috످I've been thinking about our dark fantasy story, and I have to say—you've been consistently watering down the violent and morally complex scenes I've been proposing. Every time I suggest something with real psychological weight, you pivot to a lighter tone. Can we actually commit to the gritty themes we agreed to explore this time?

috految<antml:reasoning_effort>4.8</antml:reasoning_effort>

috److Yes, let's go dark. I can't see any previous scenes or what we agreed on in this chat, but if I've been softening your ideas, I get why that's frustrating. Here's a test of the tone:

The Inquisitor had only needed to break three of Maren's fingers before she gave him a name. She'd always believed she would last longer.

He had asked who summoned the plague, and because it was her daughter, she named her husband.

They burned Tomas at dawn. The wood was wet, so it took most of an hour. He screamed his innocence while the skin split along his shins and the fat ran hissing into the coals. Then, through the smoke, he saw Maren's bandaged hand. He saw how she'd placed herself in front of their daughter.

She watched him understand.

"It was me," he rasped. "Only me."

Nine days later, the dying began again. Maren found her daughter at the window, humming, watching the carts go by.

"You promised you'd stop," Maren whispered.

"I know, Mama." The girl took her ruined hand and kissed each broken finger. "Who will you tell them it was this time?"

And Maren, gods forgive her, was already thinking of the neighbor.

Is that the weight you're after? If you paste a scene that felt watered down or give me the gist, I'll rewrite it with your characters. And if I ever hold back on something, I'll tell you outright.

috످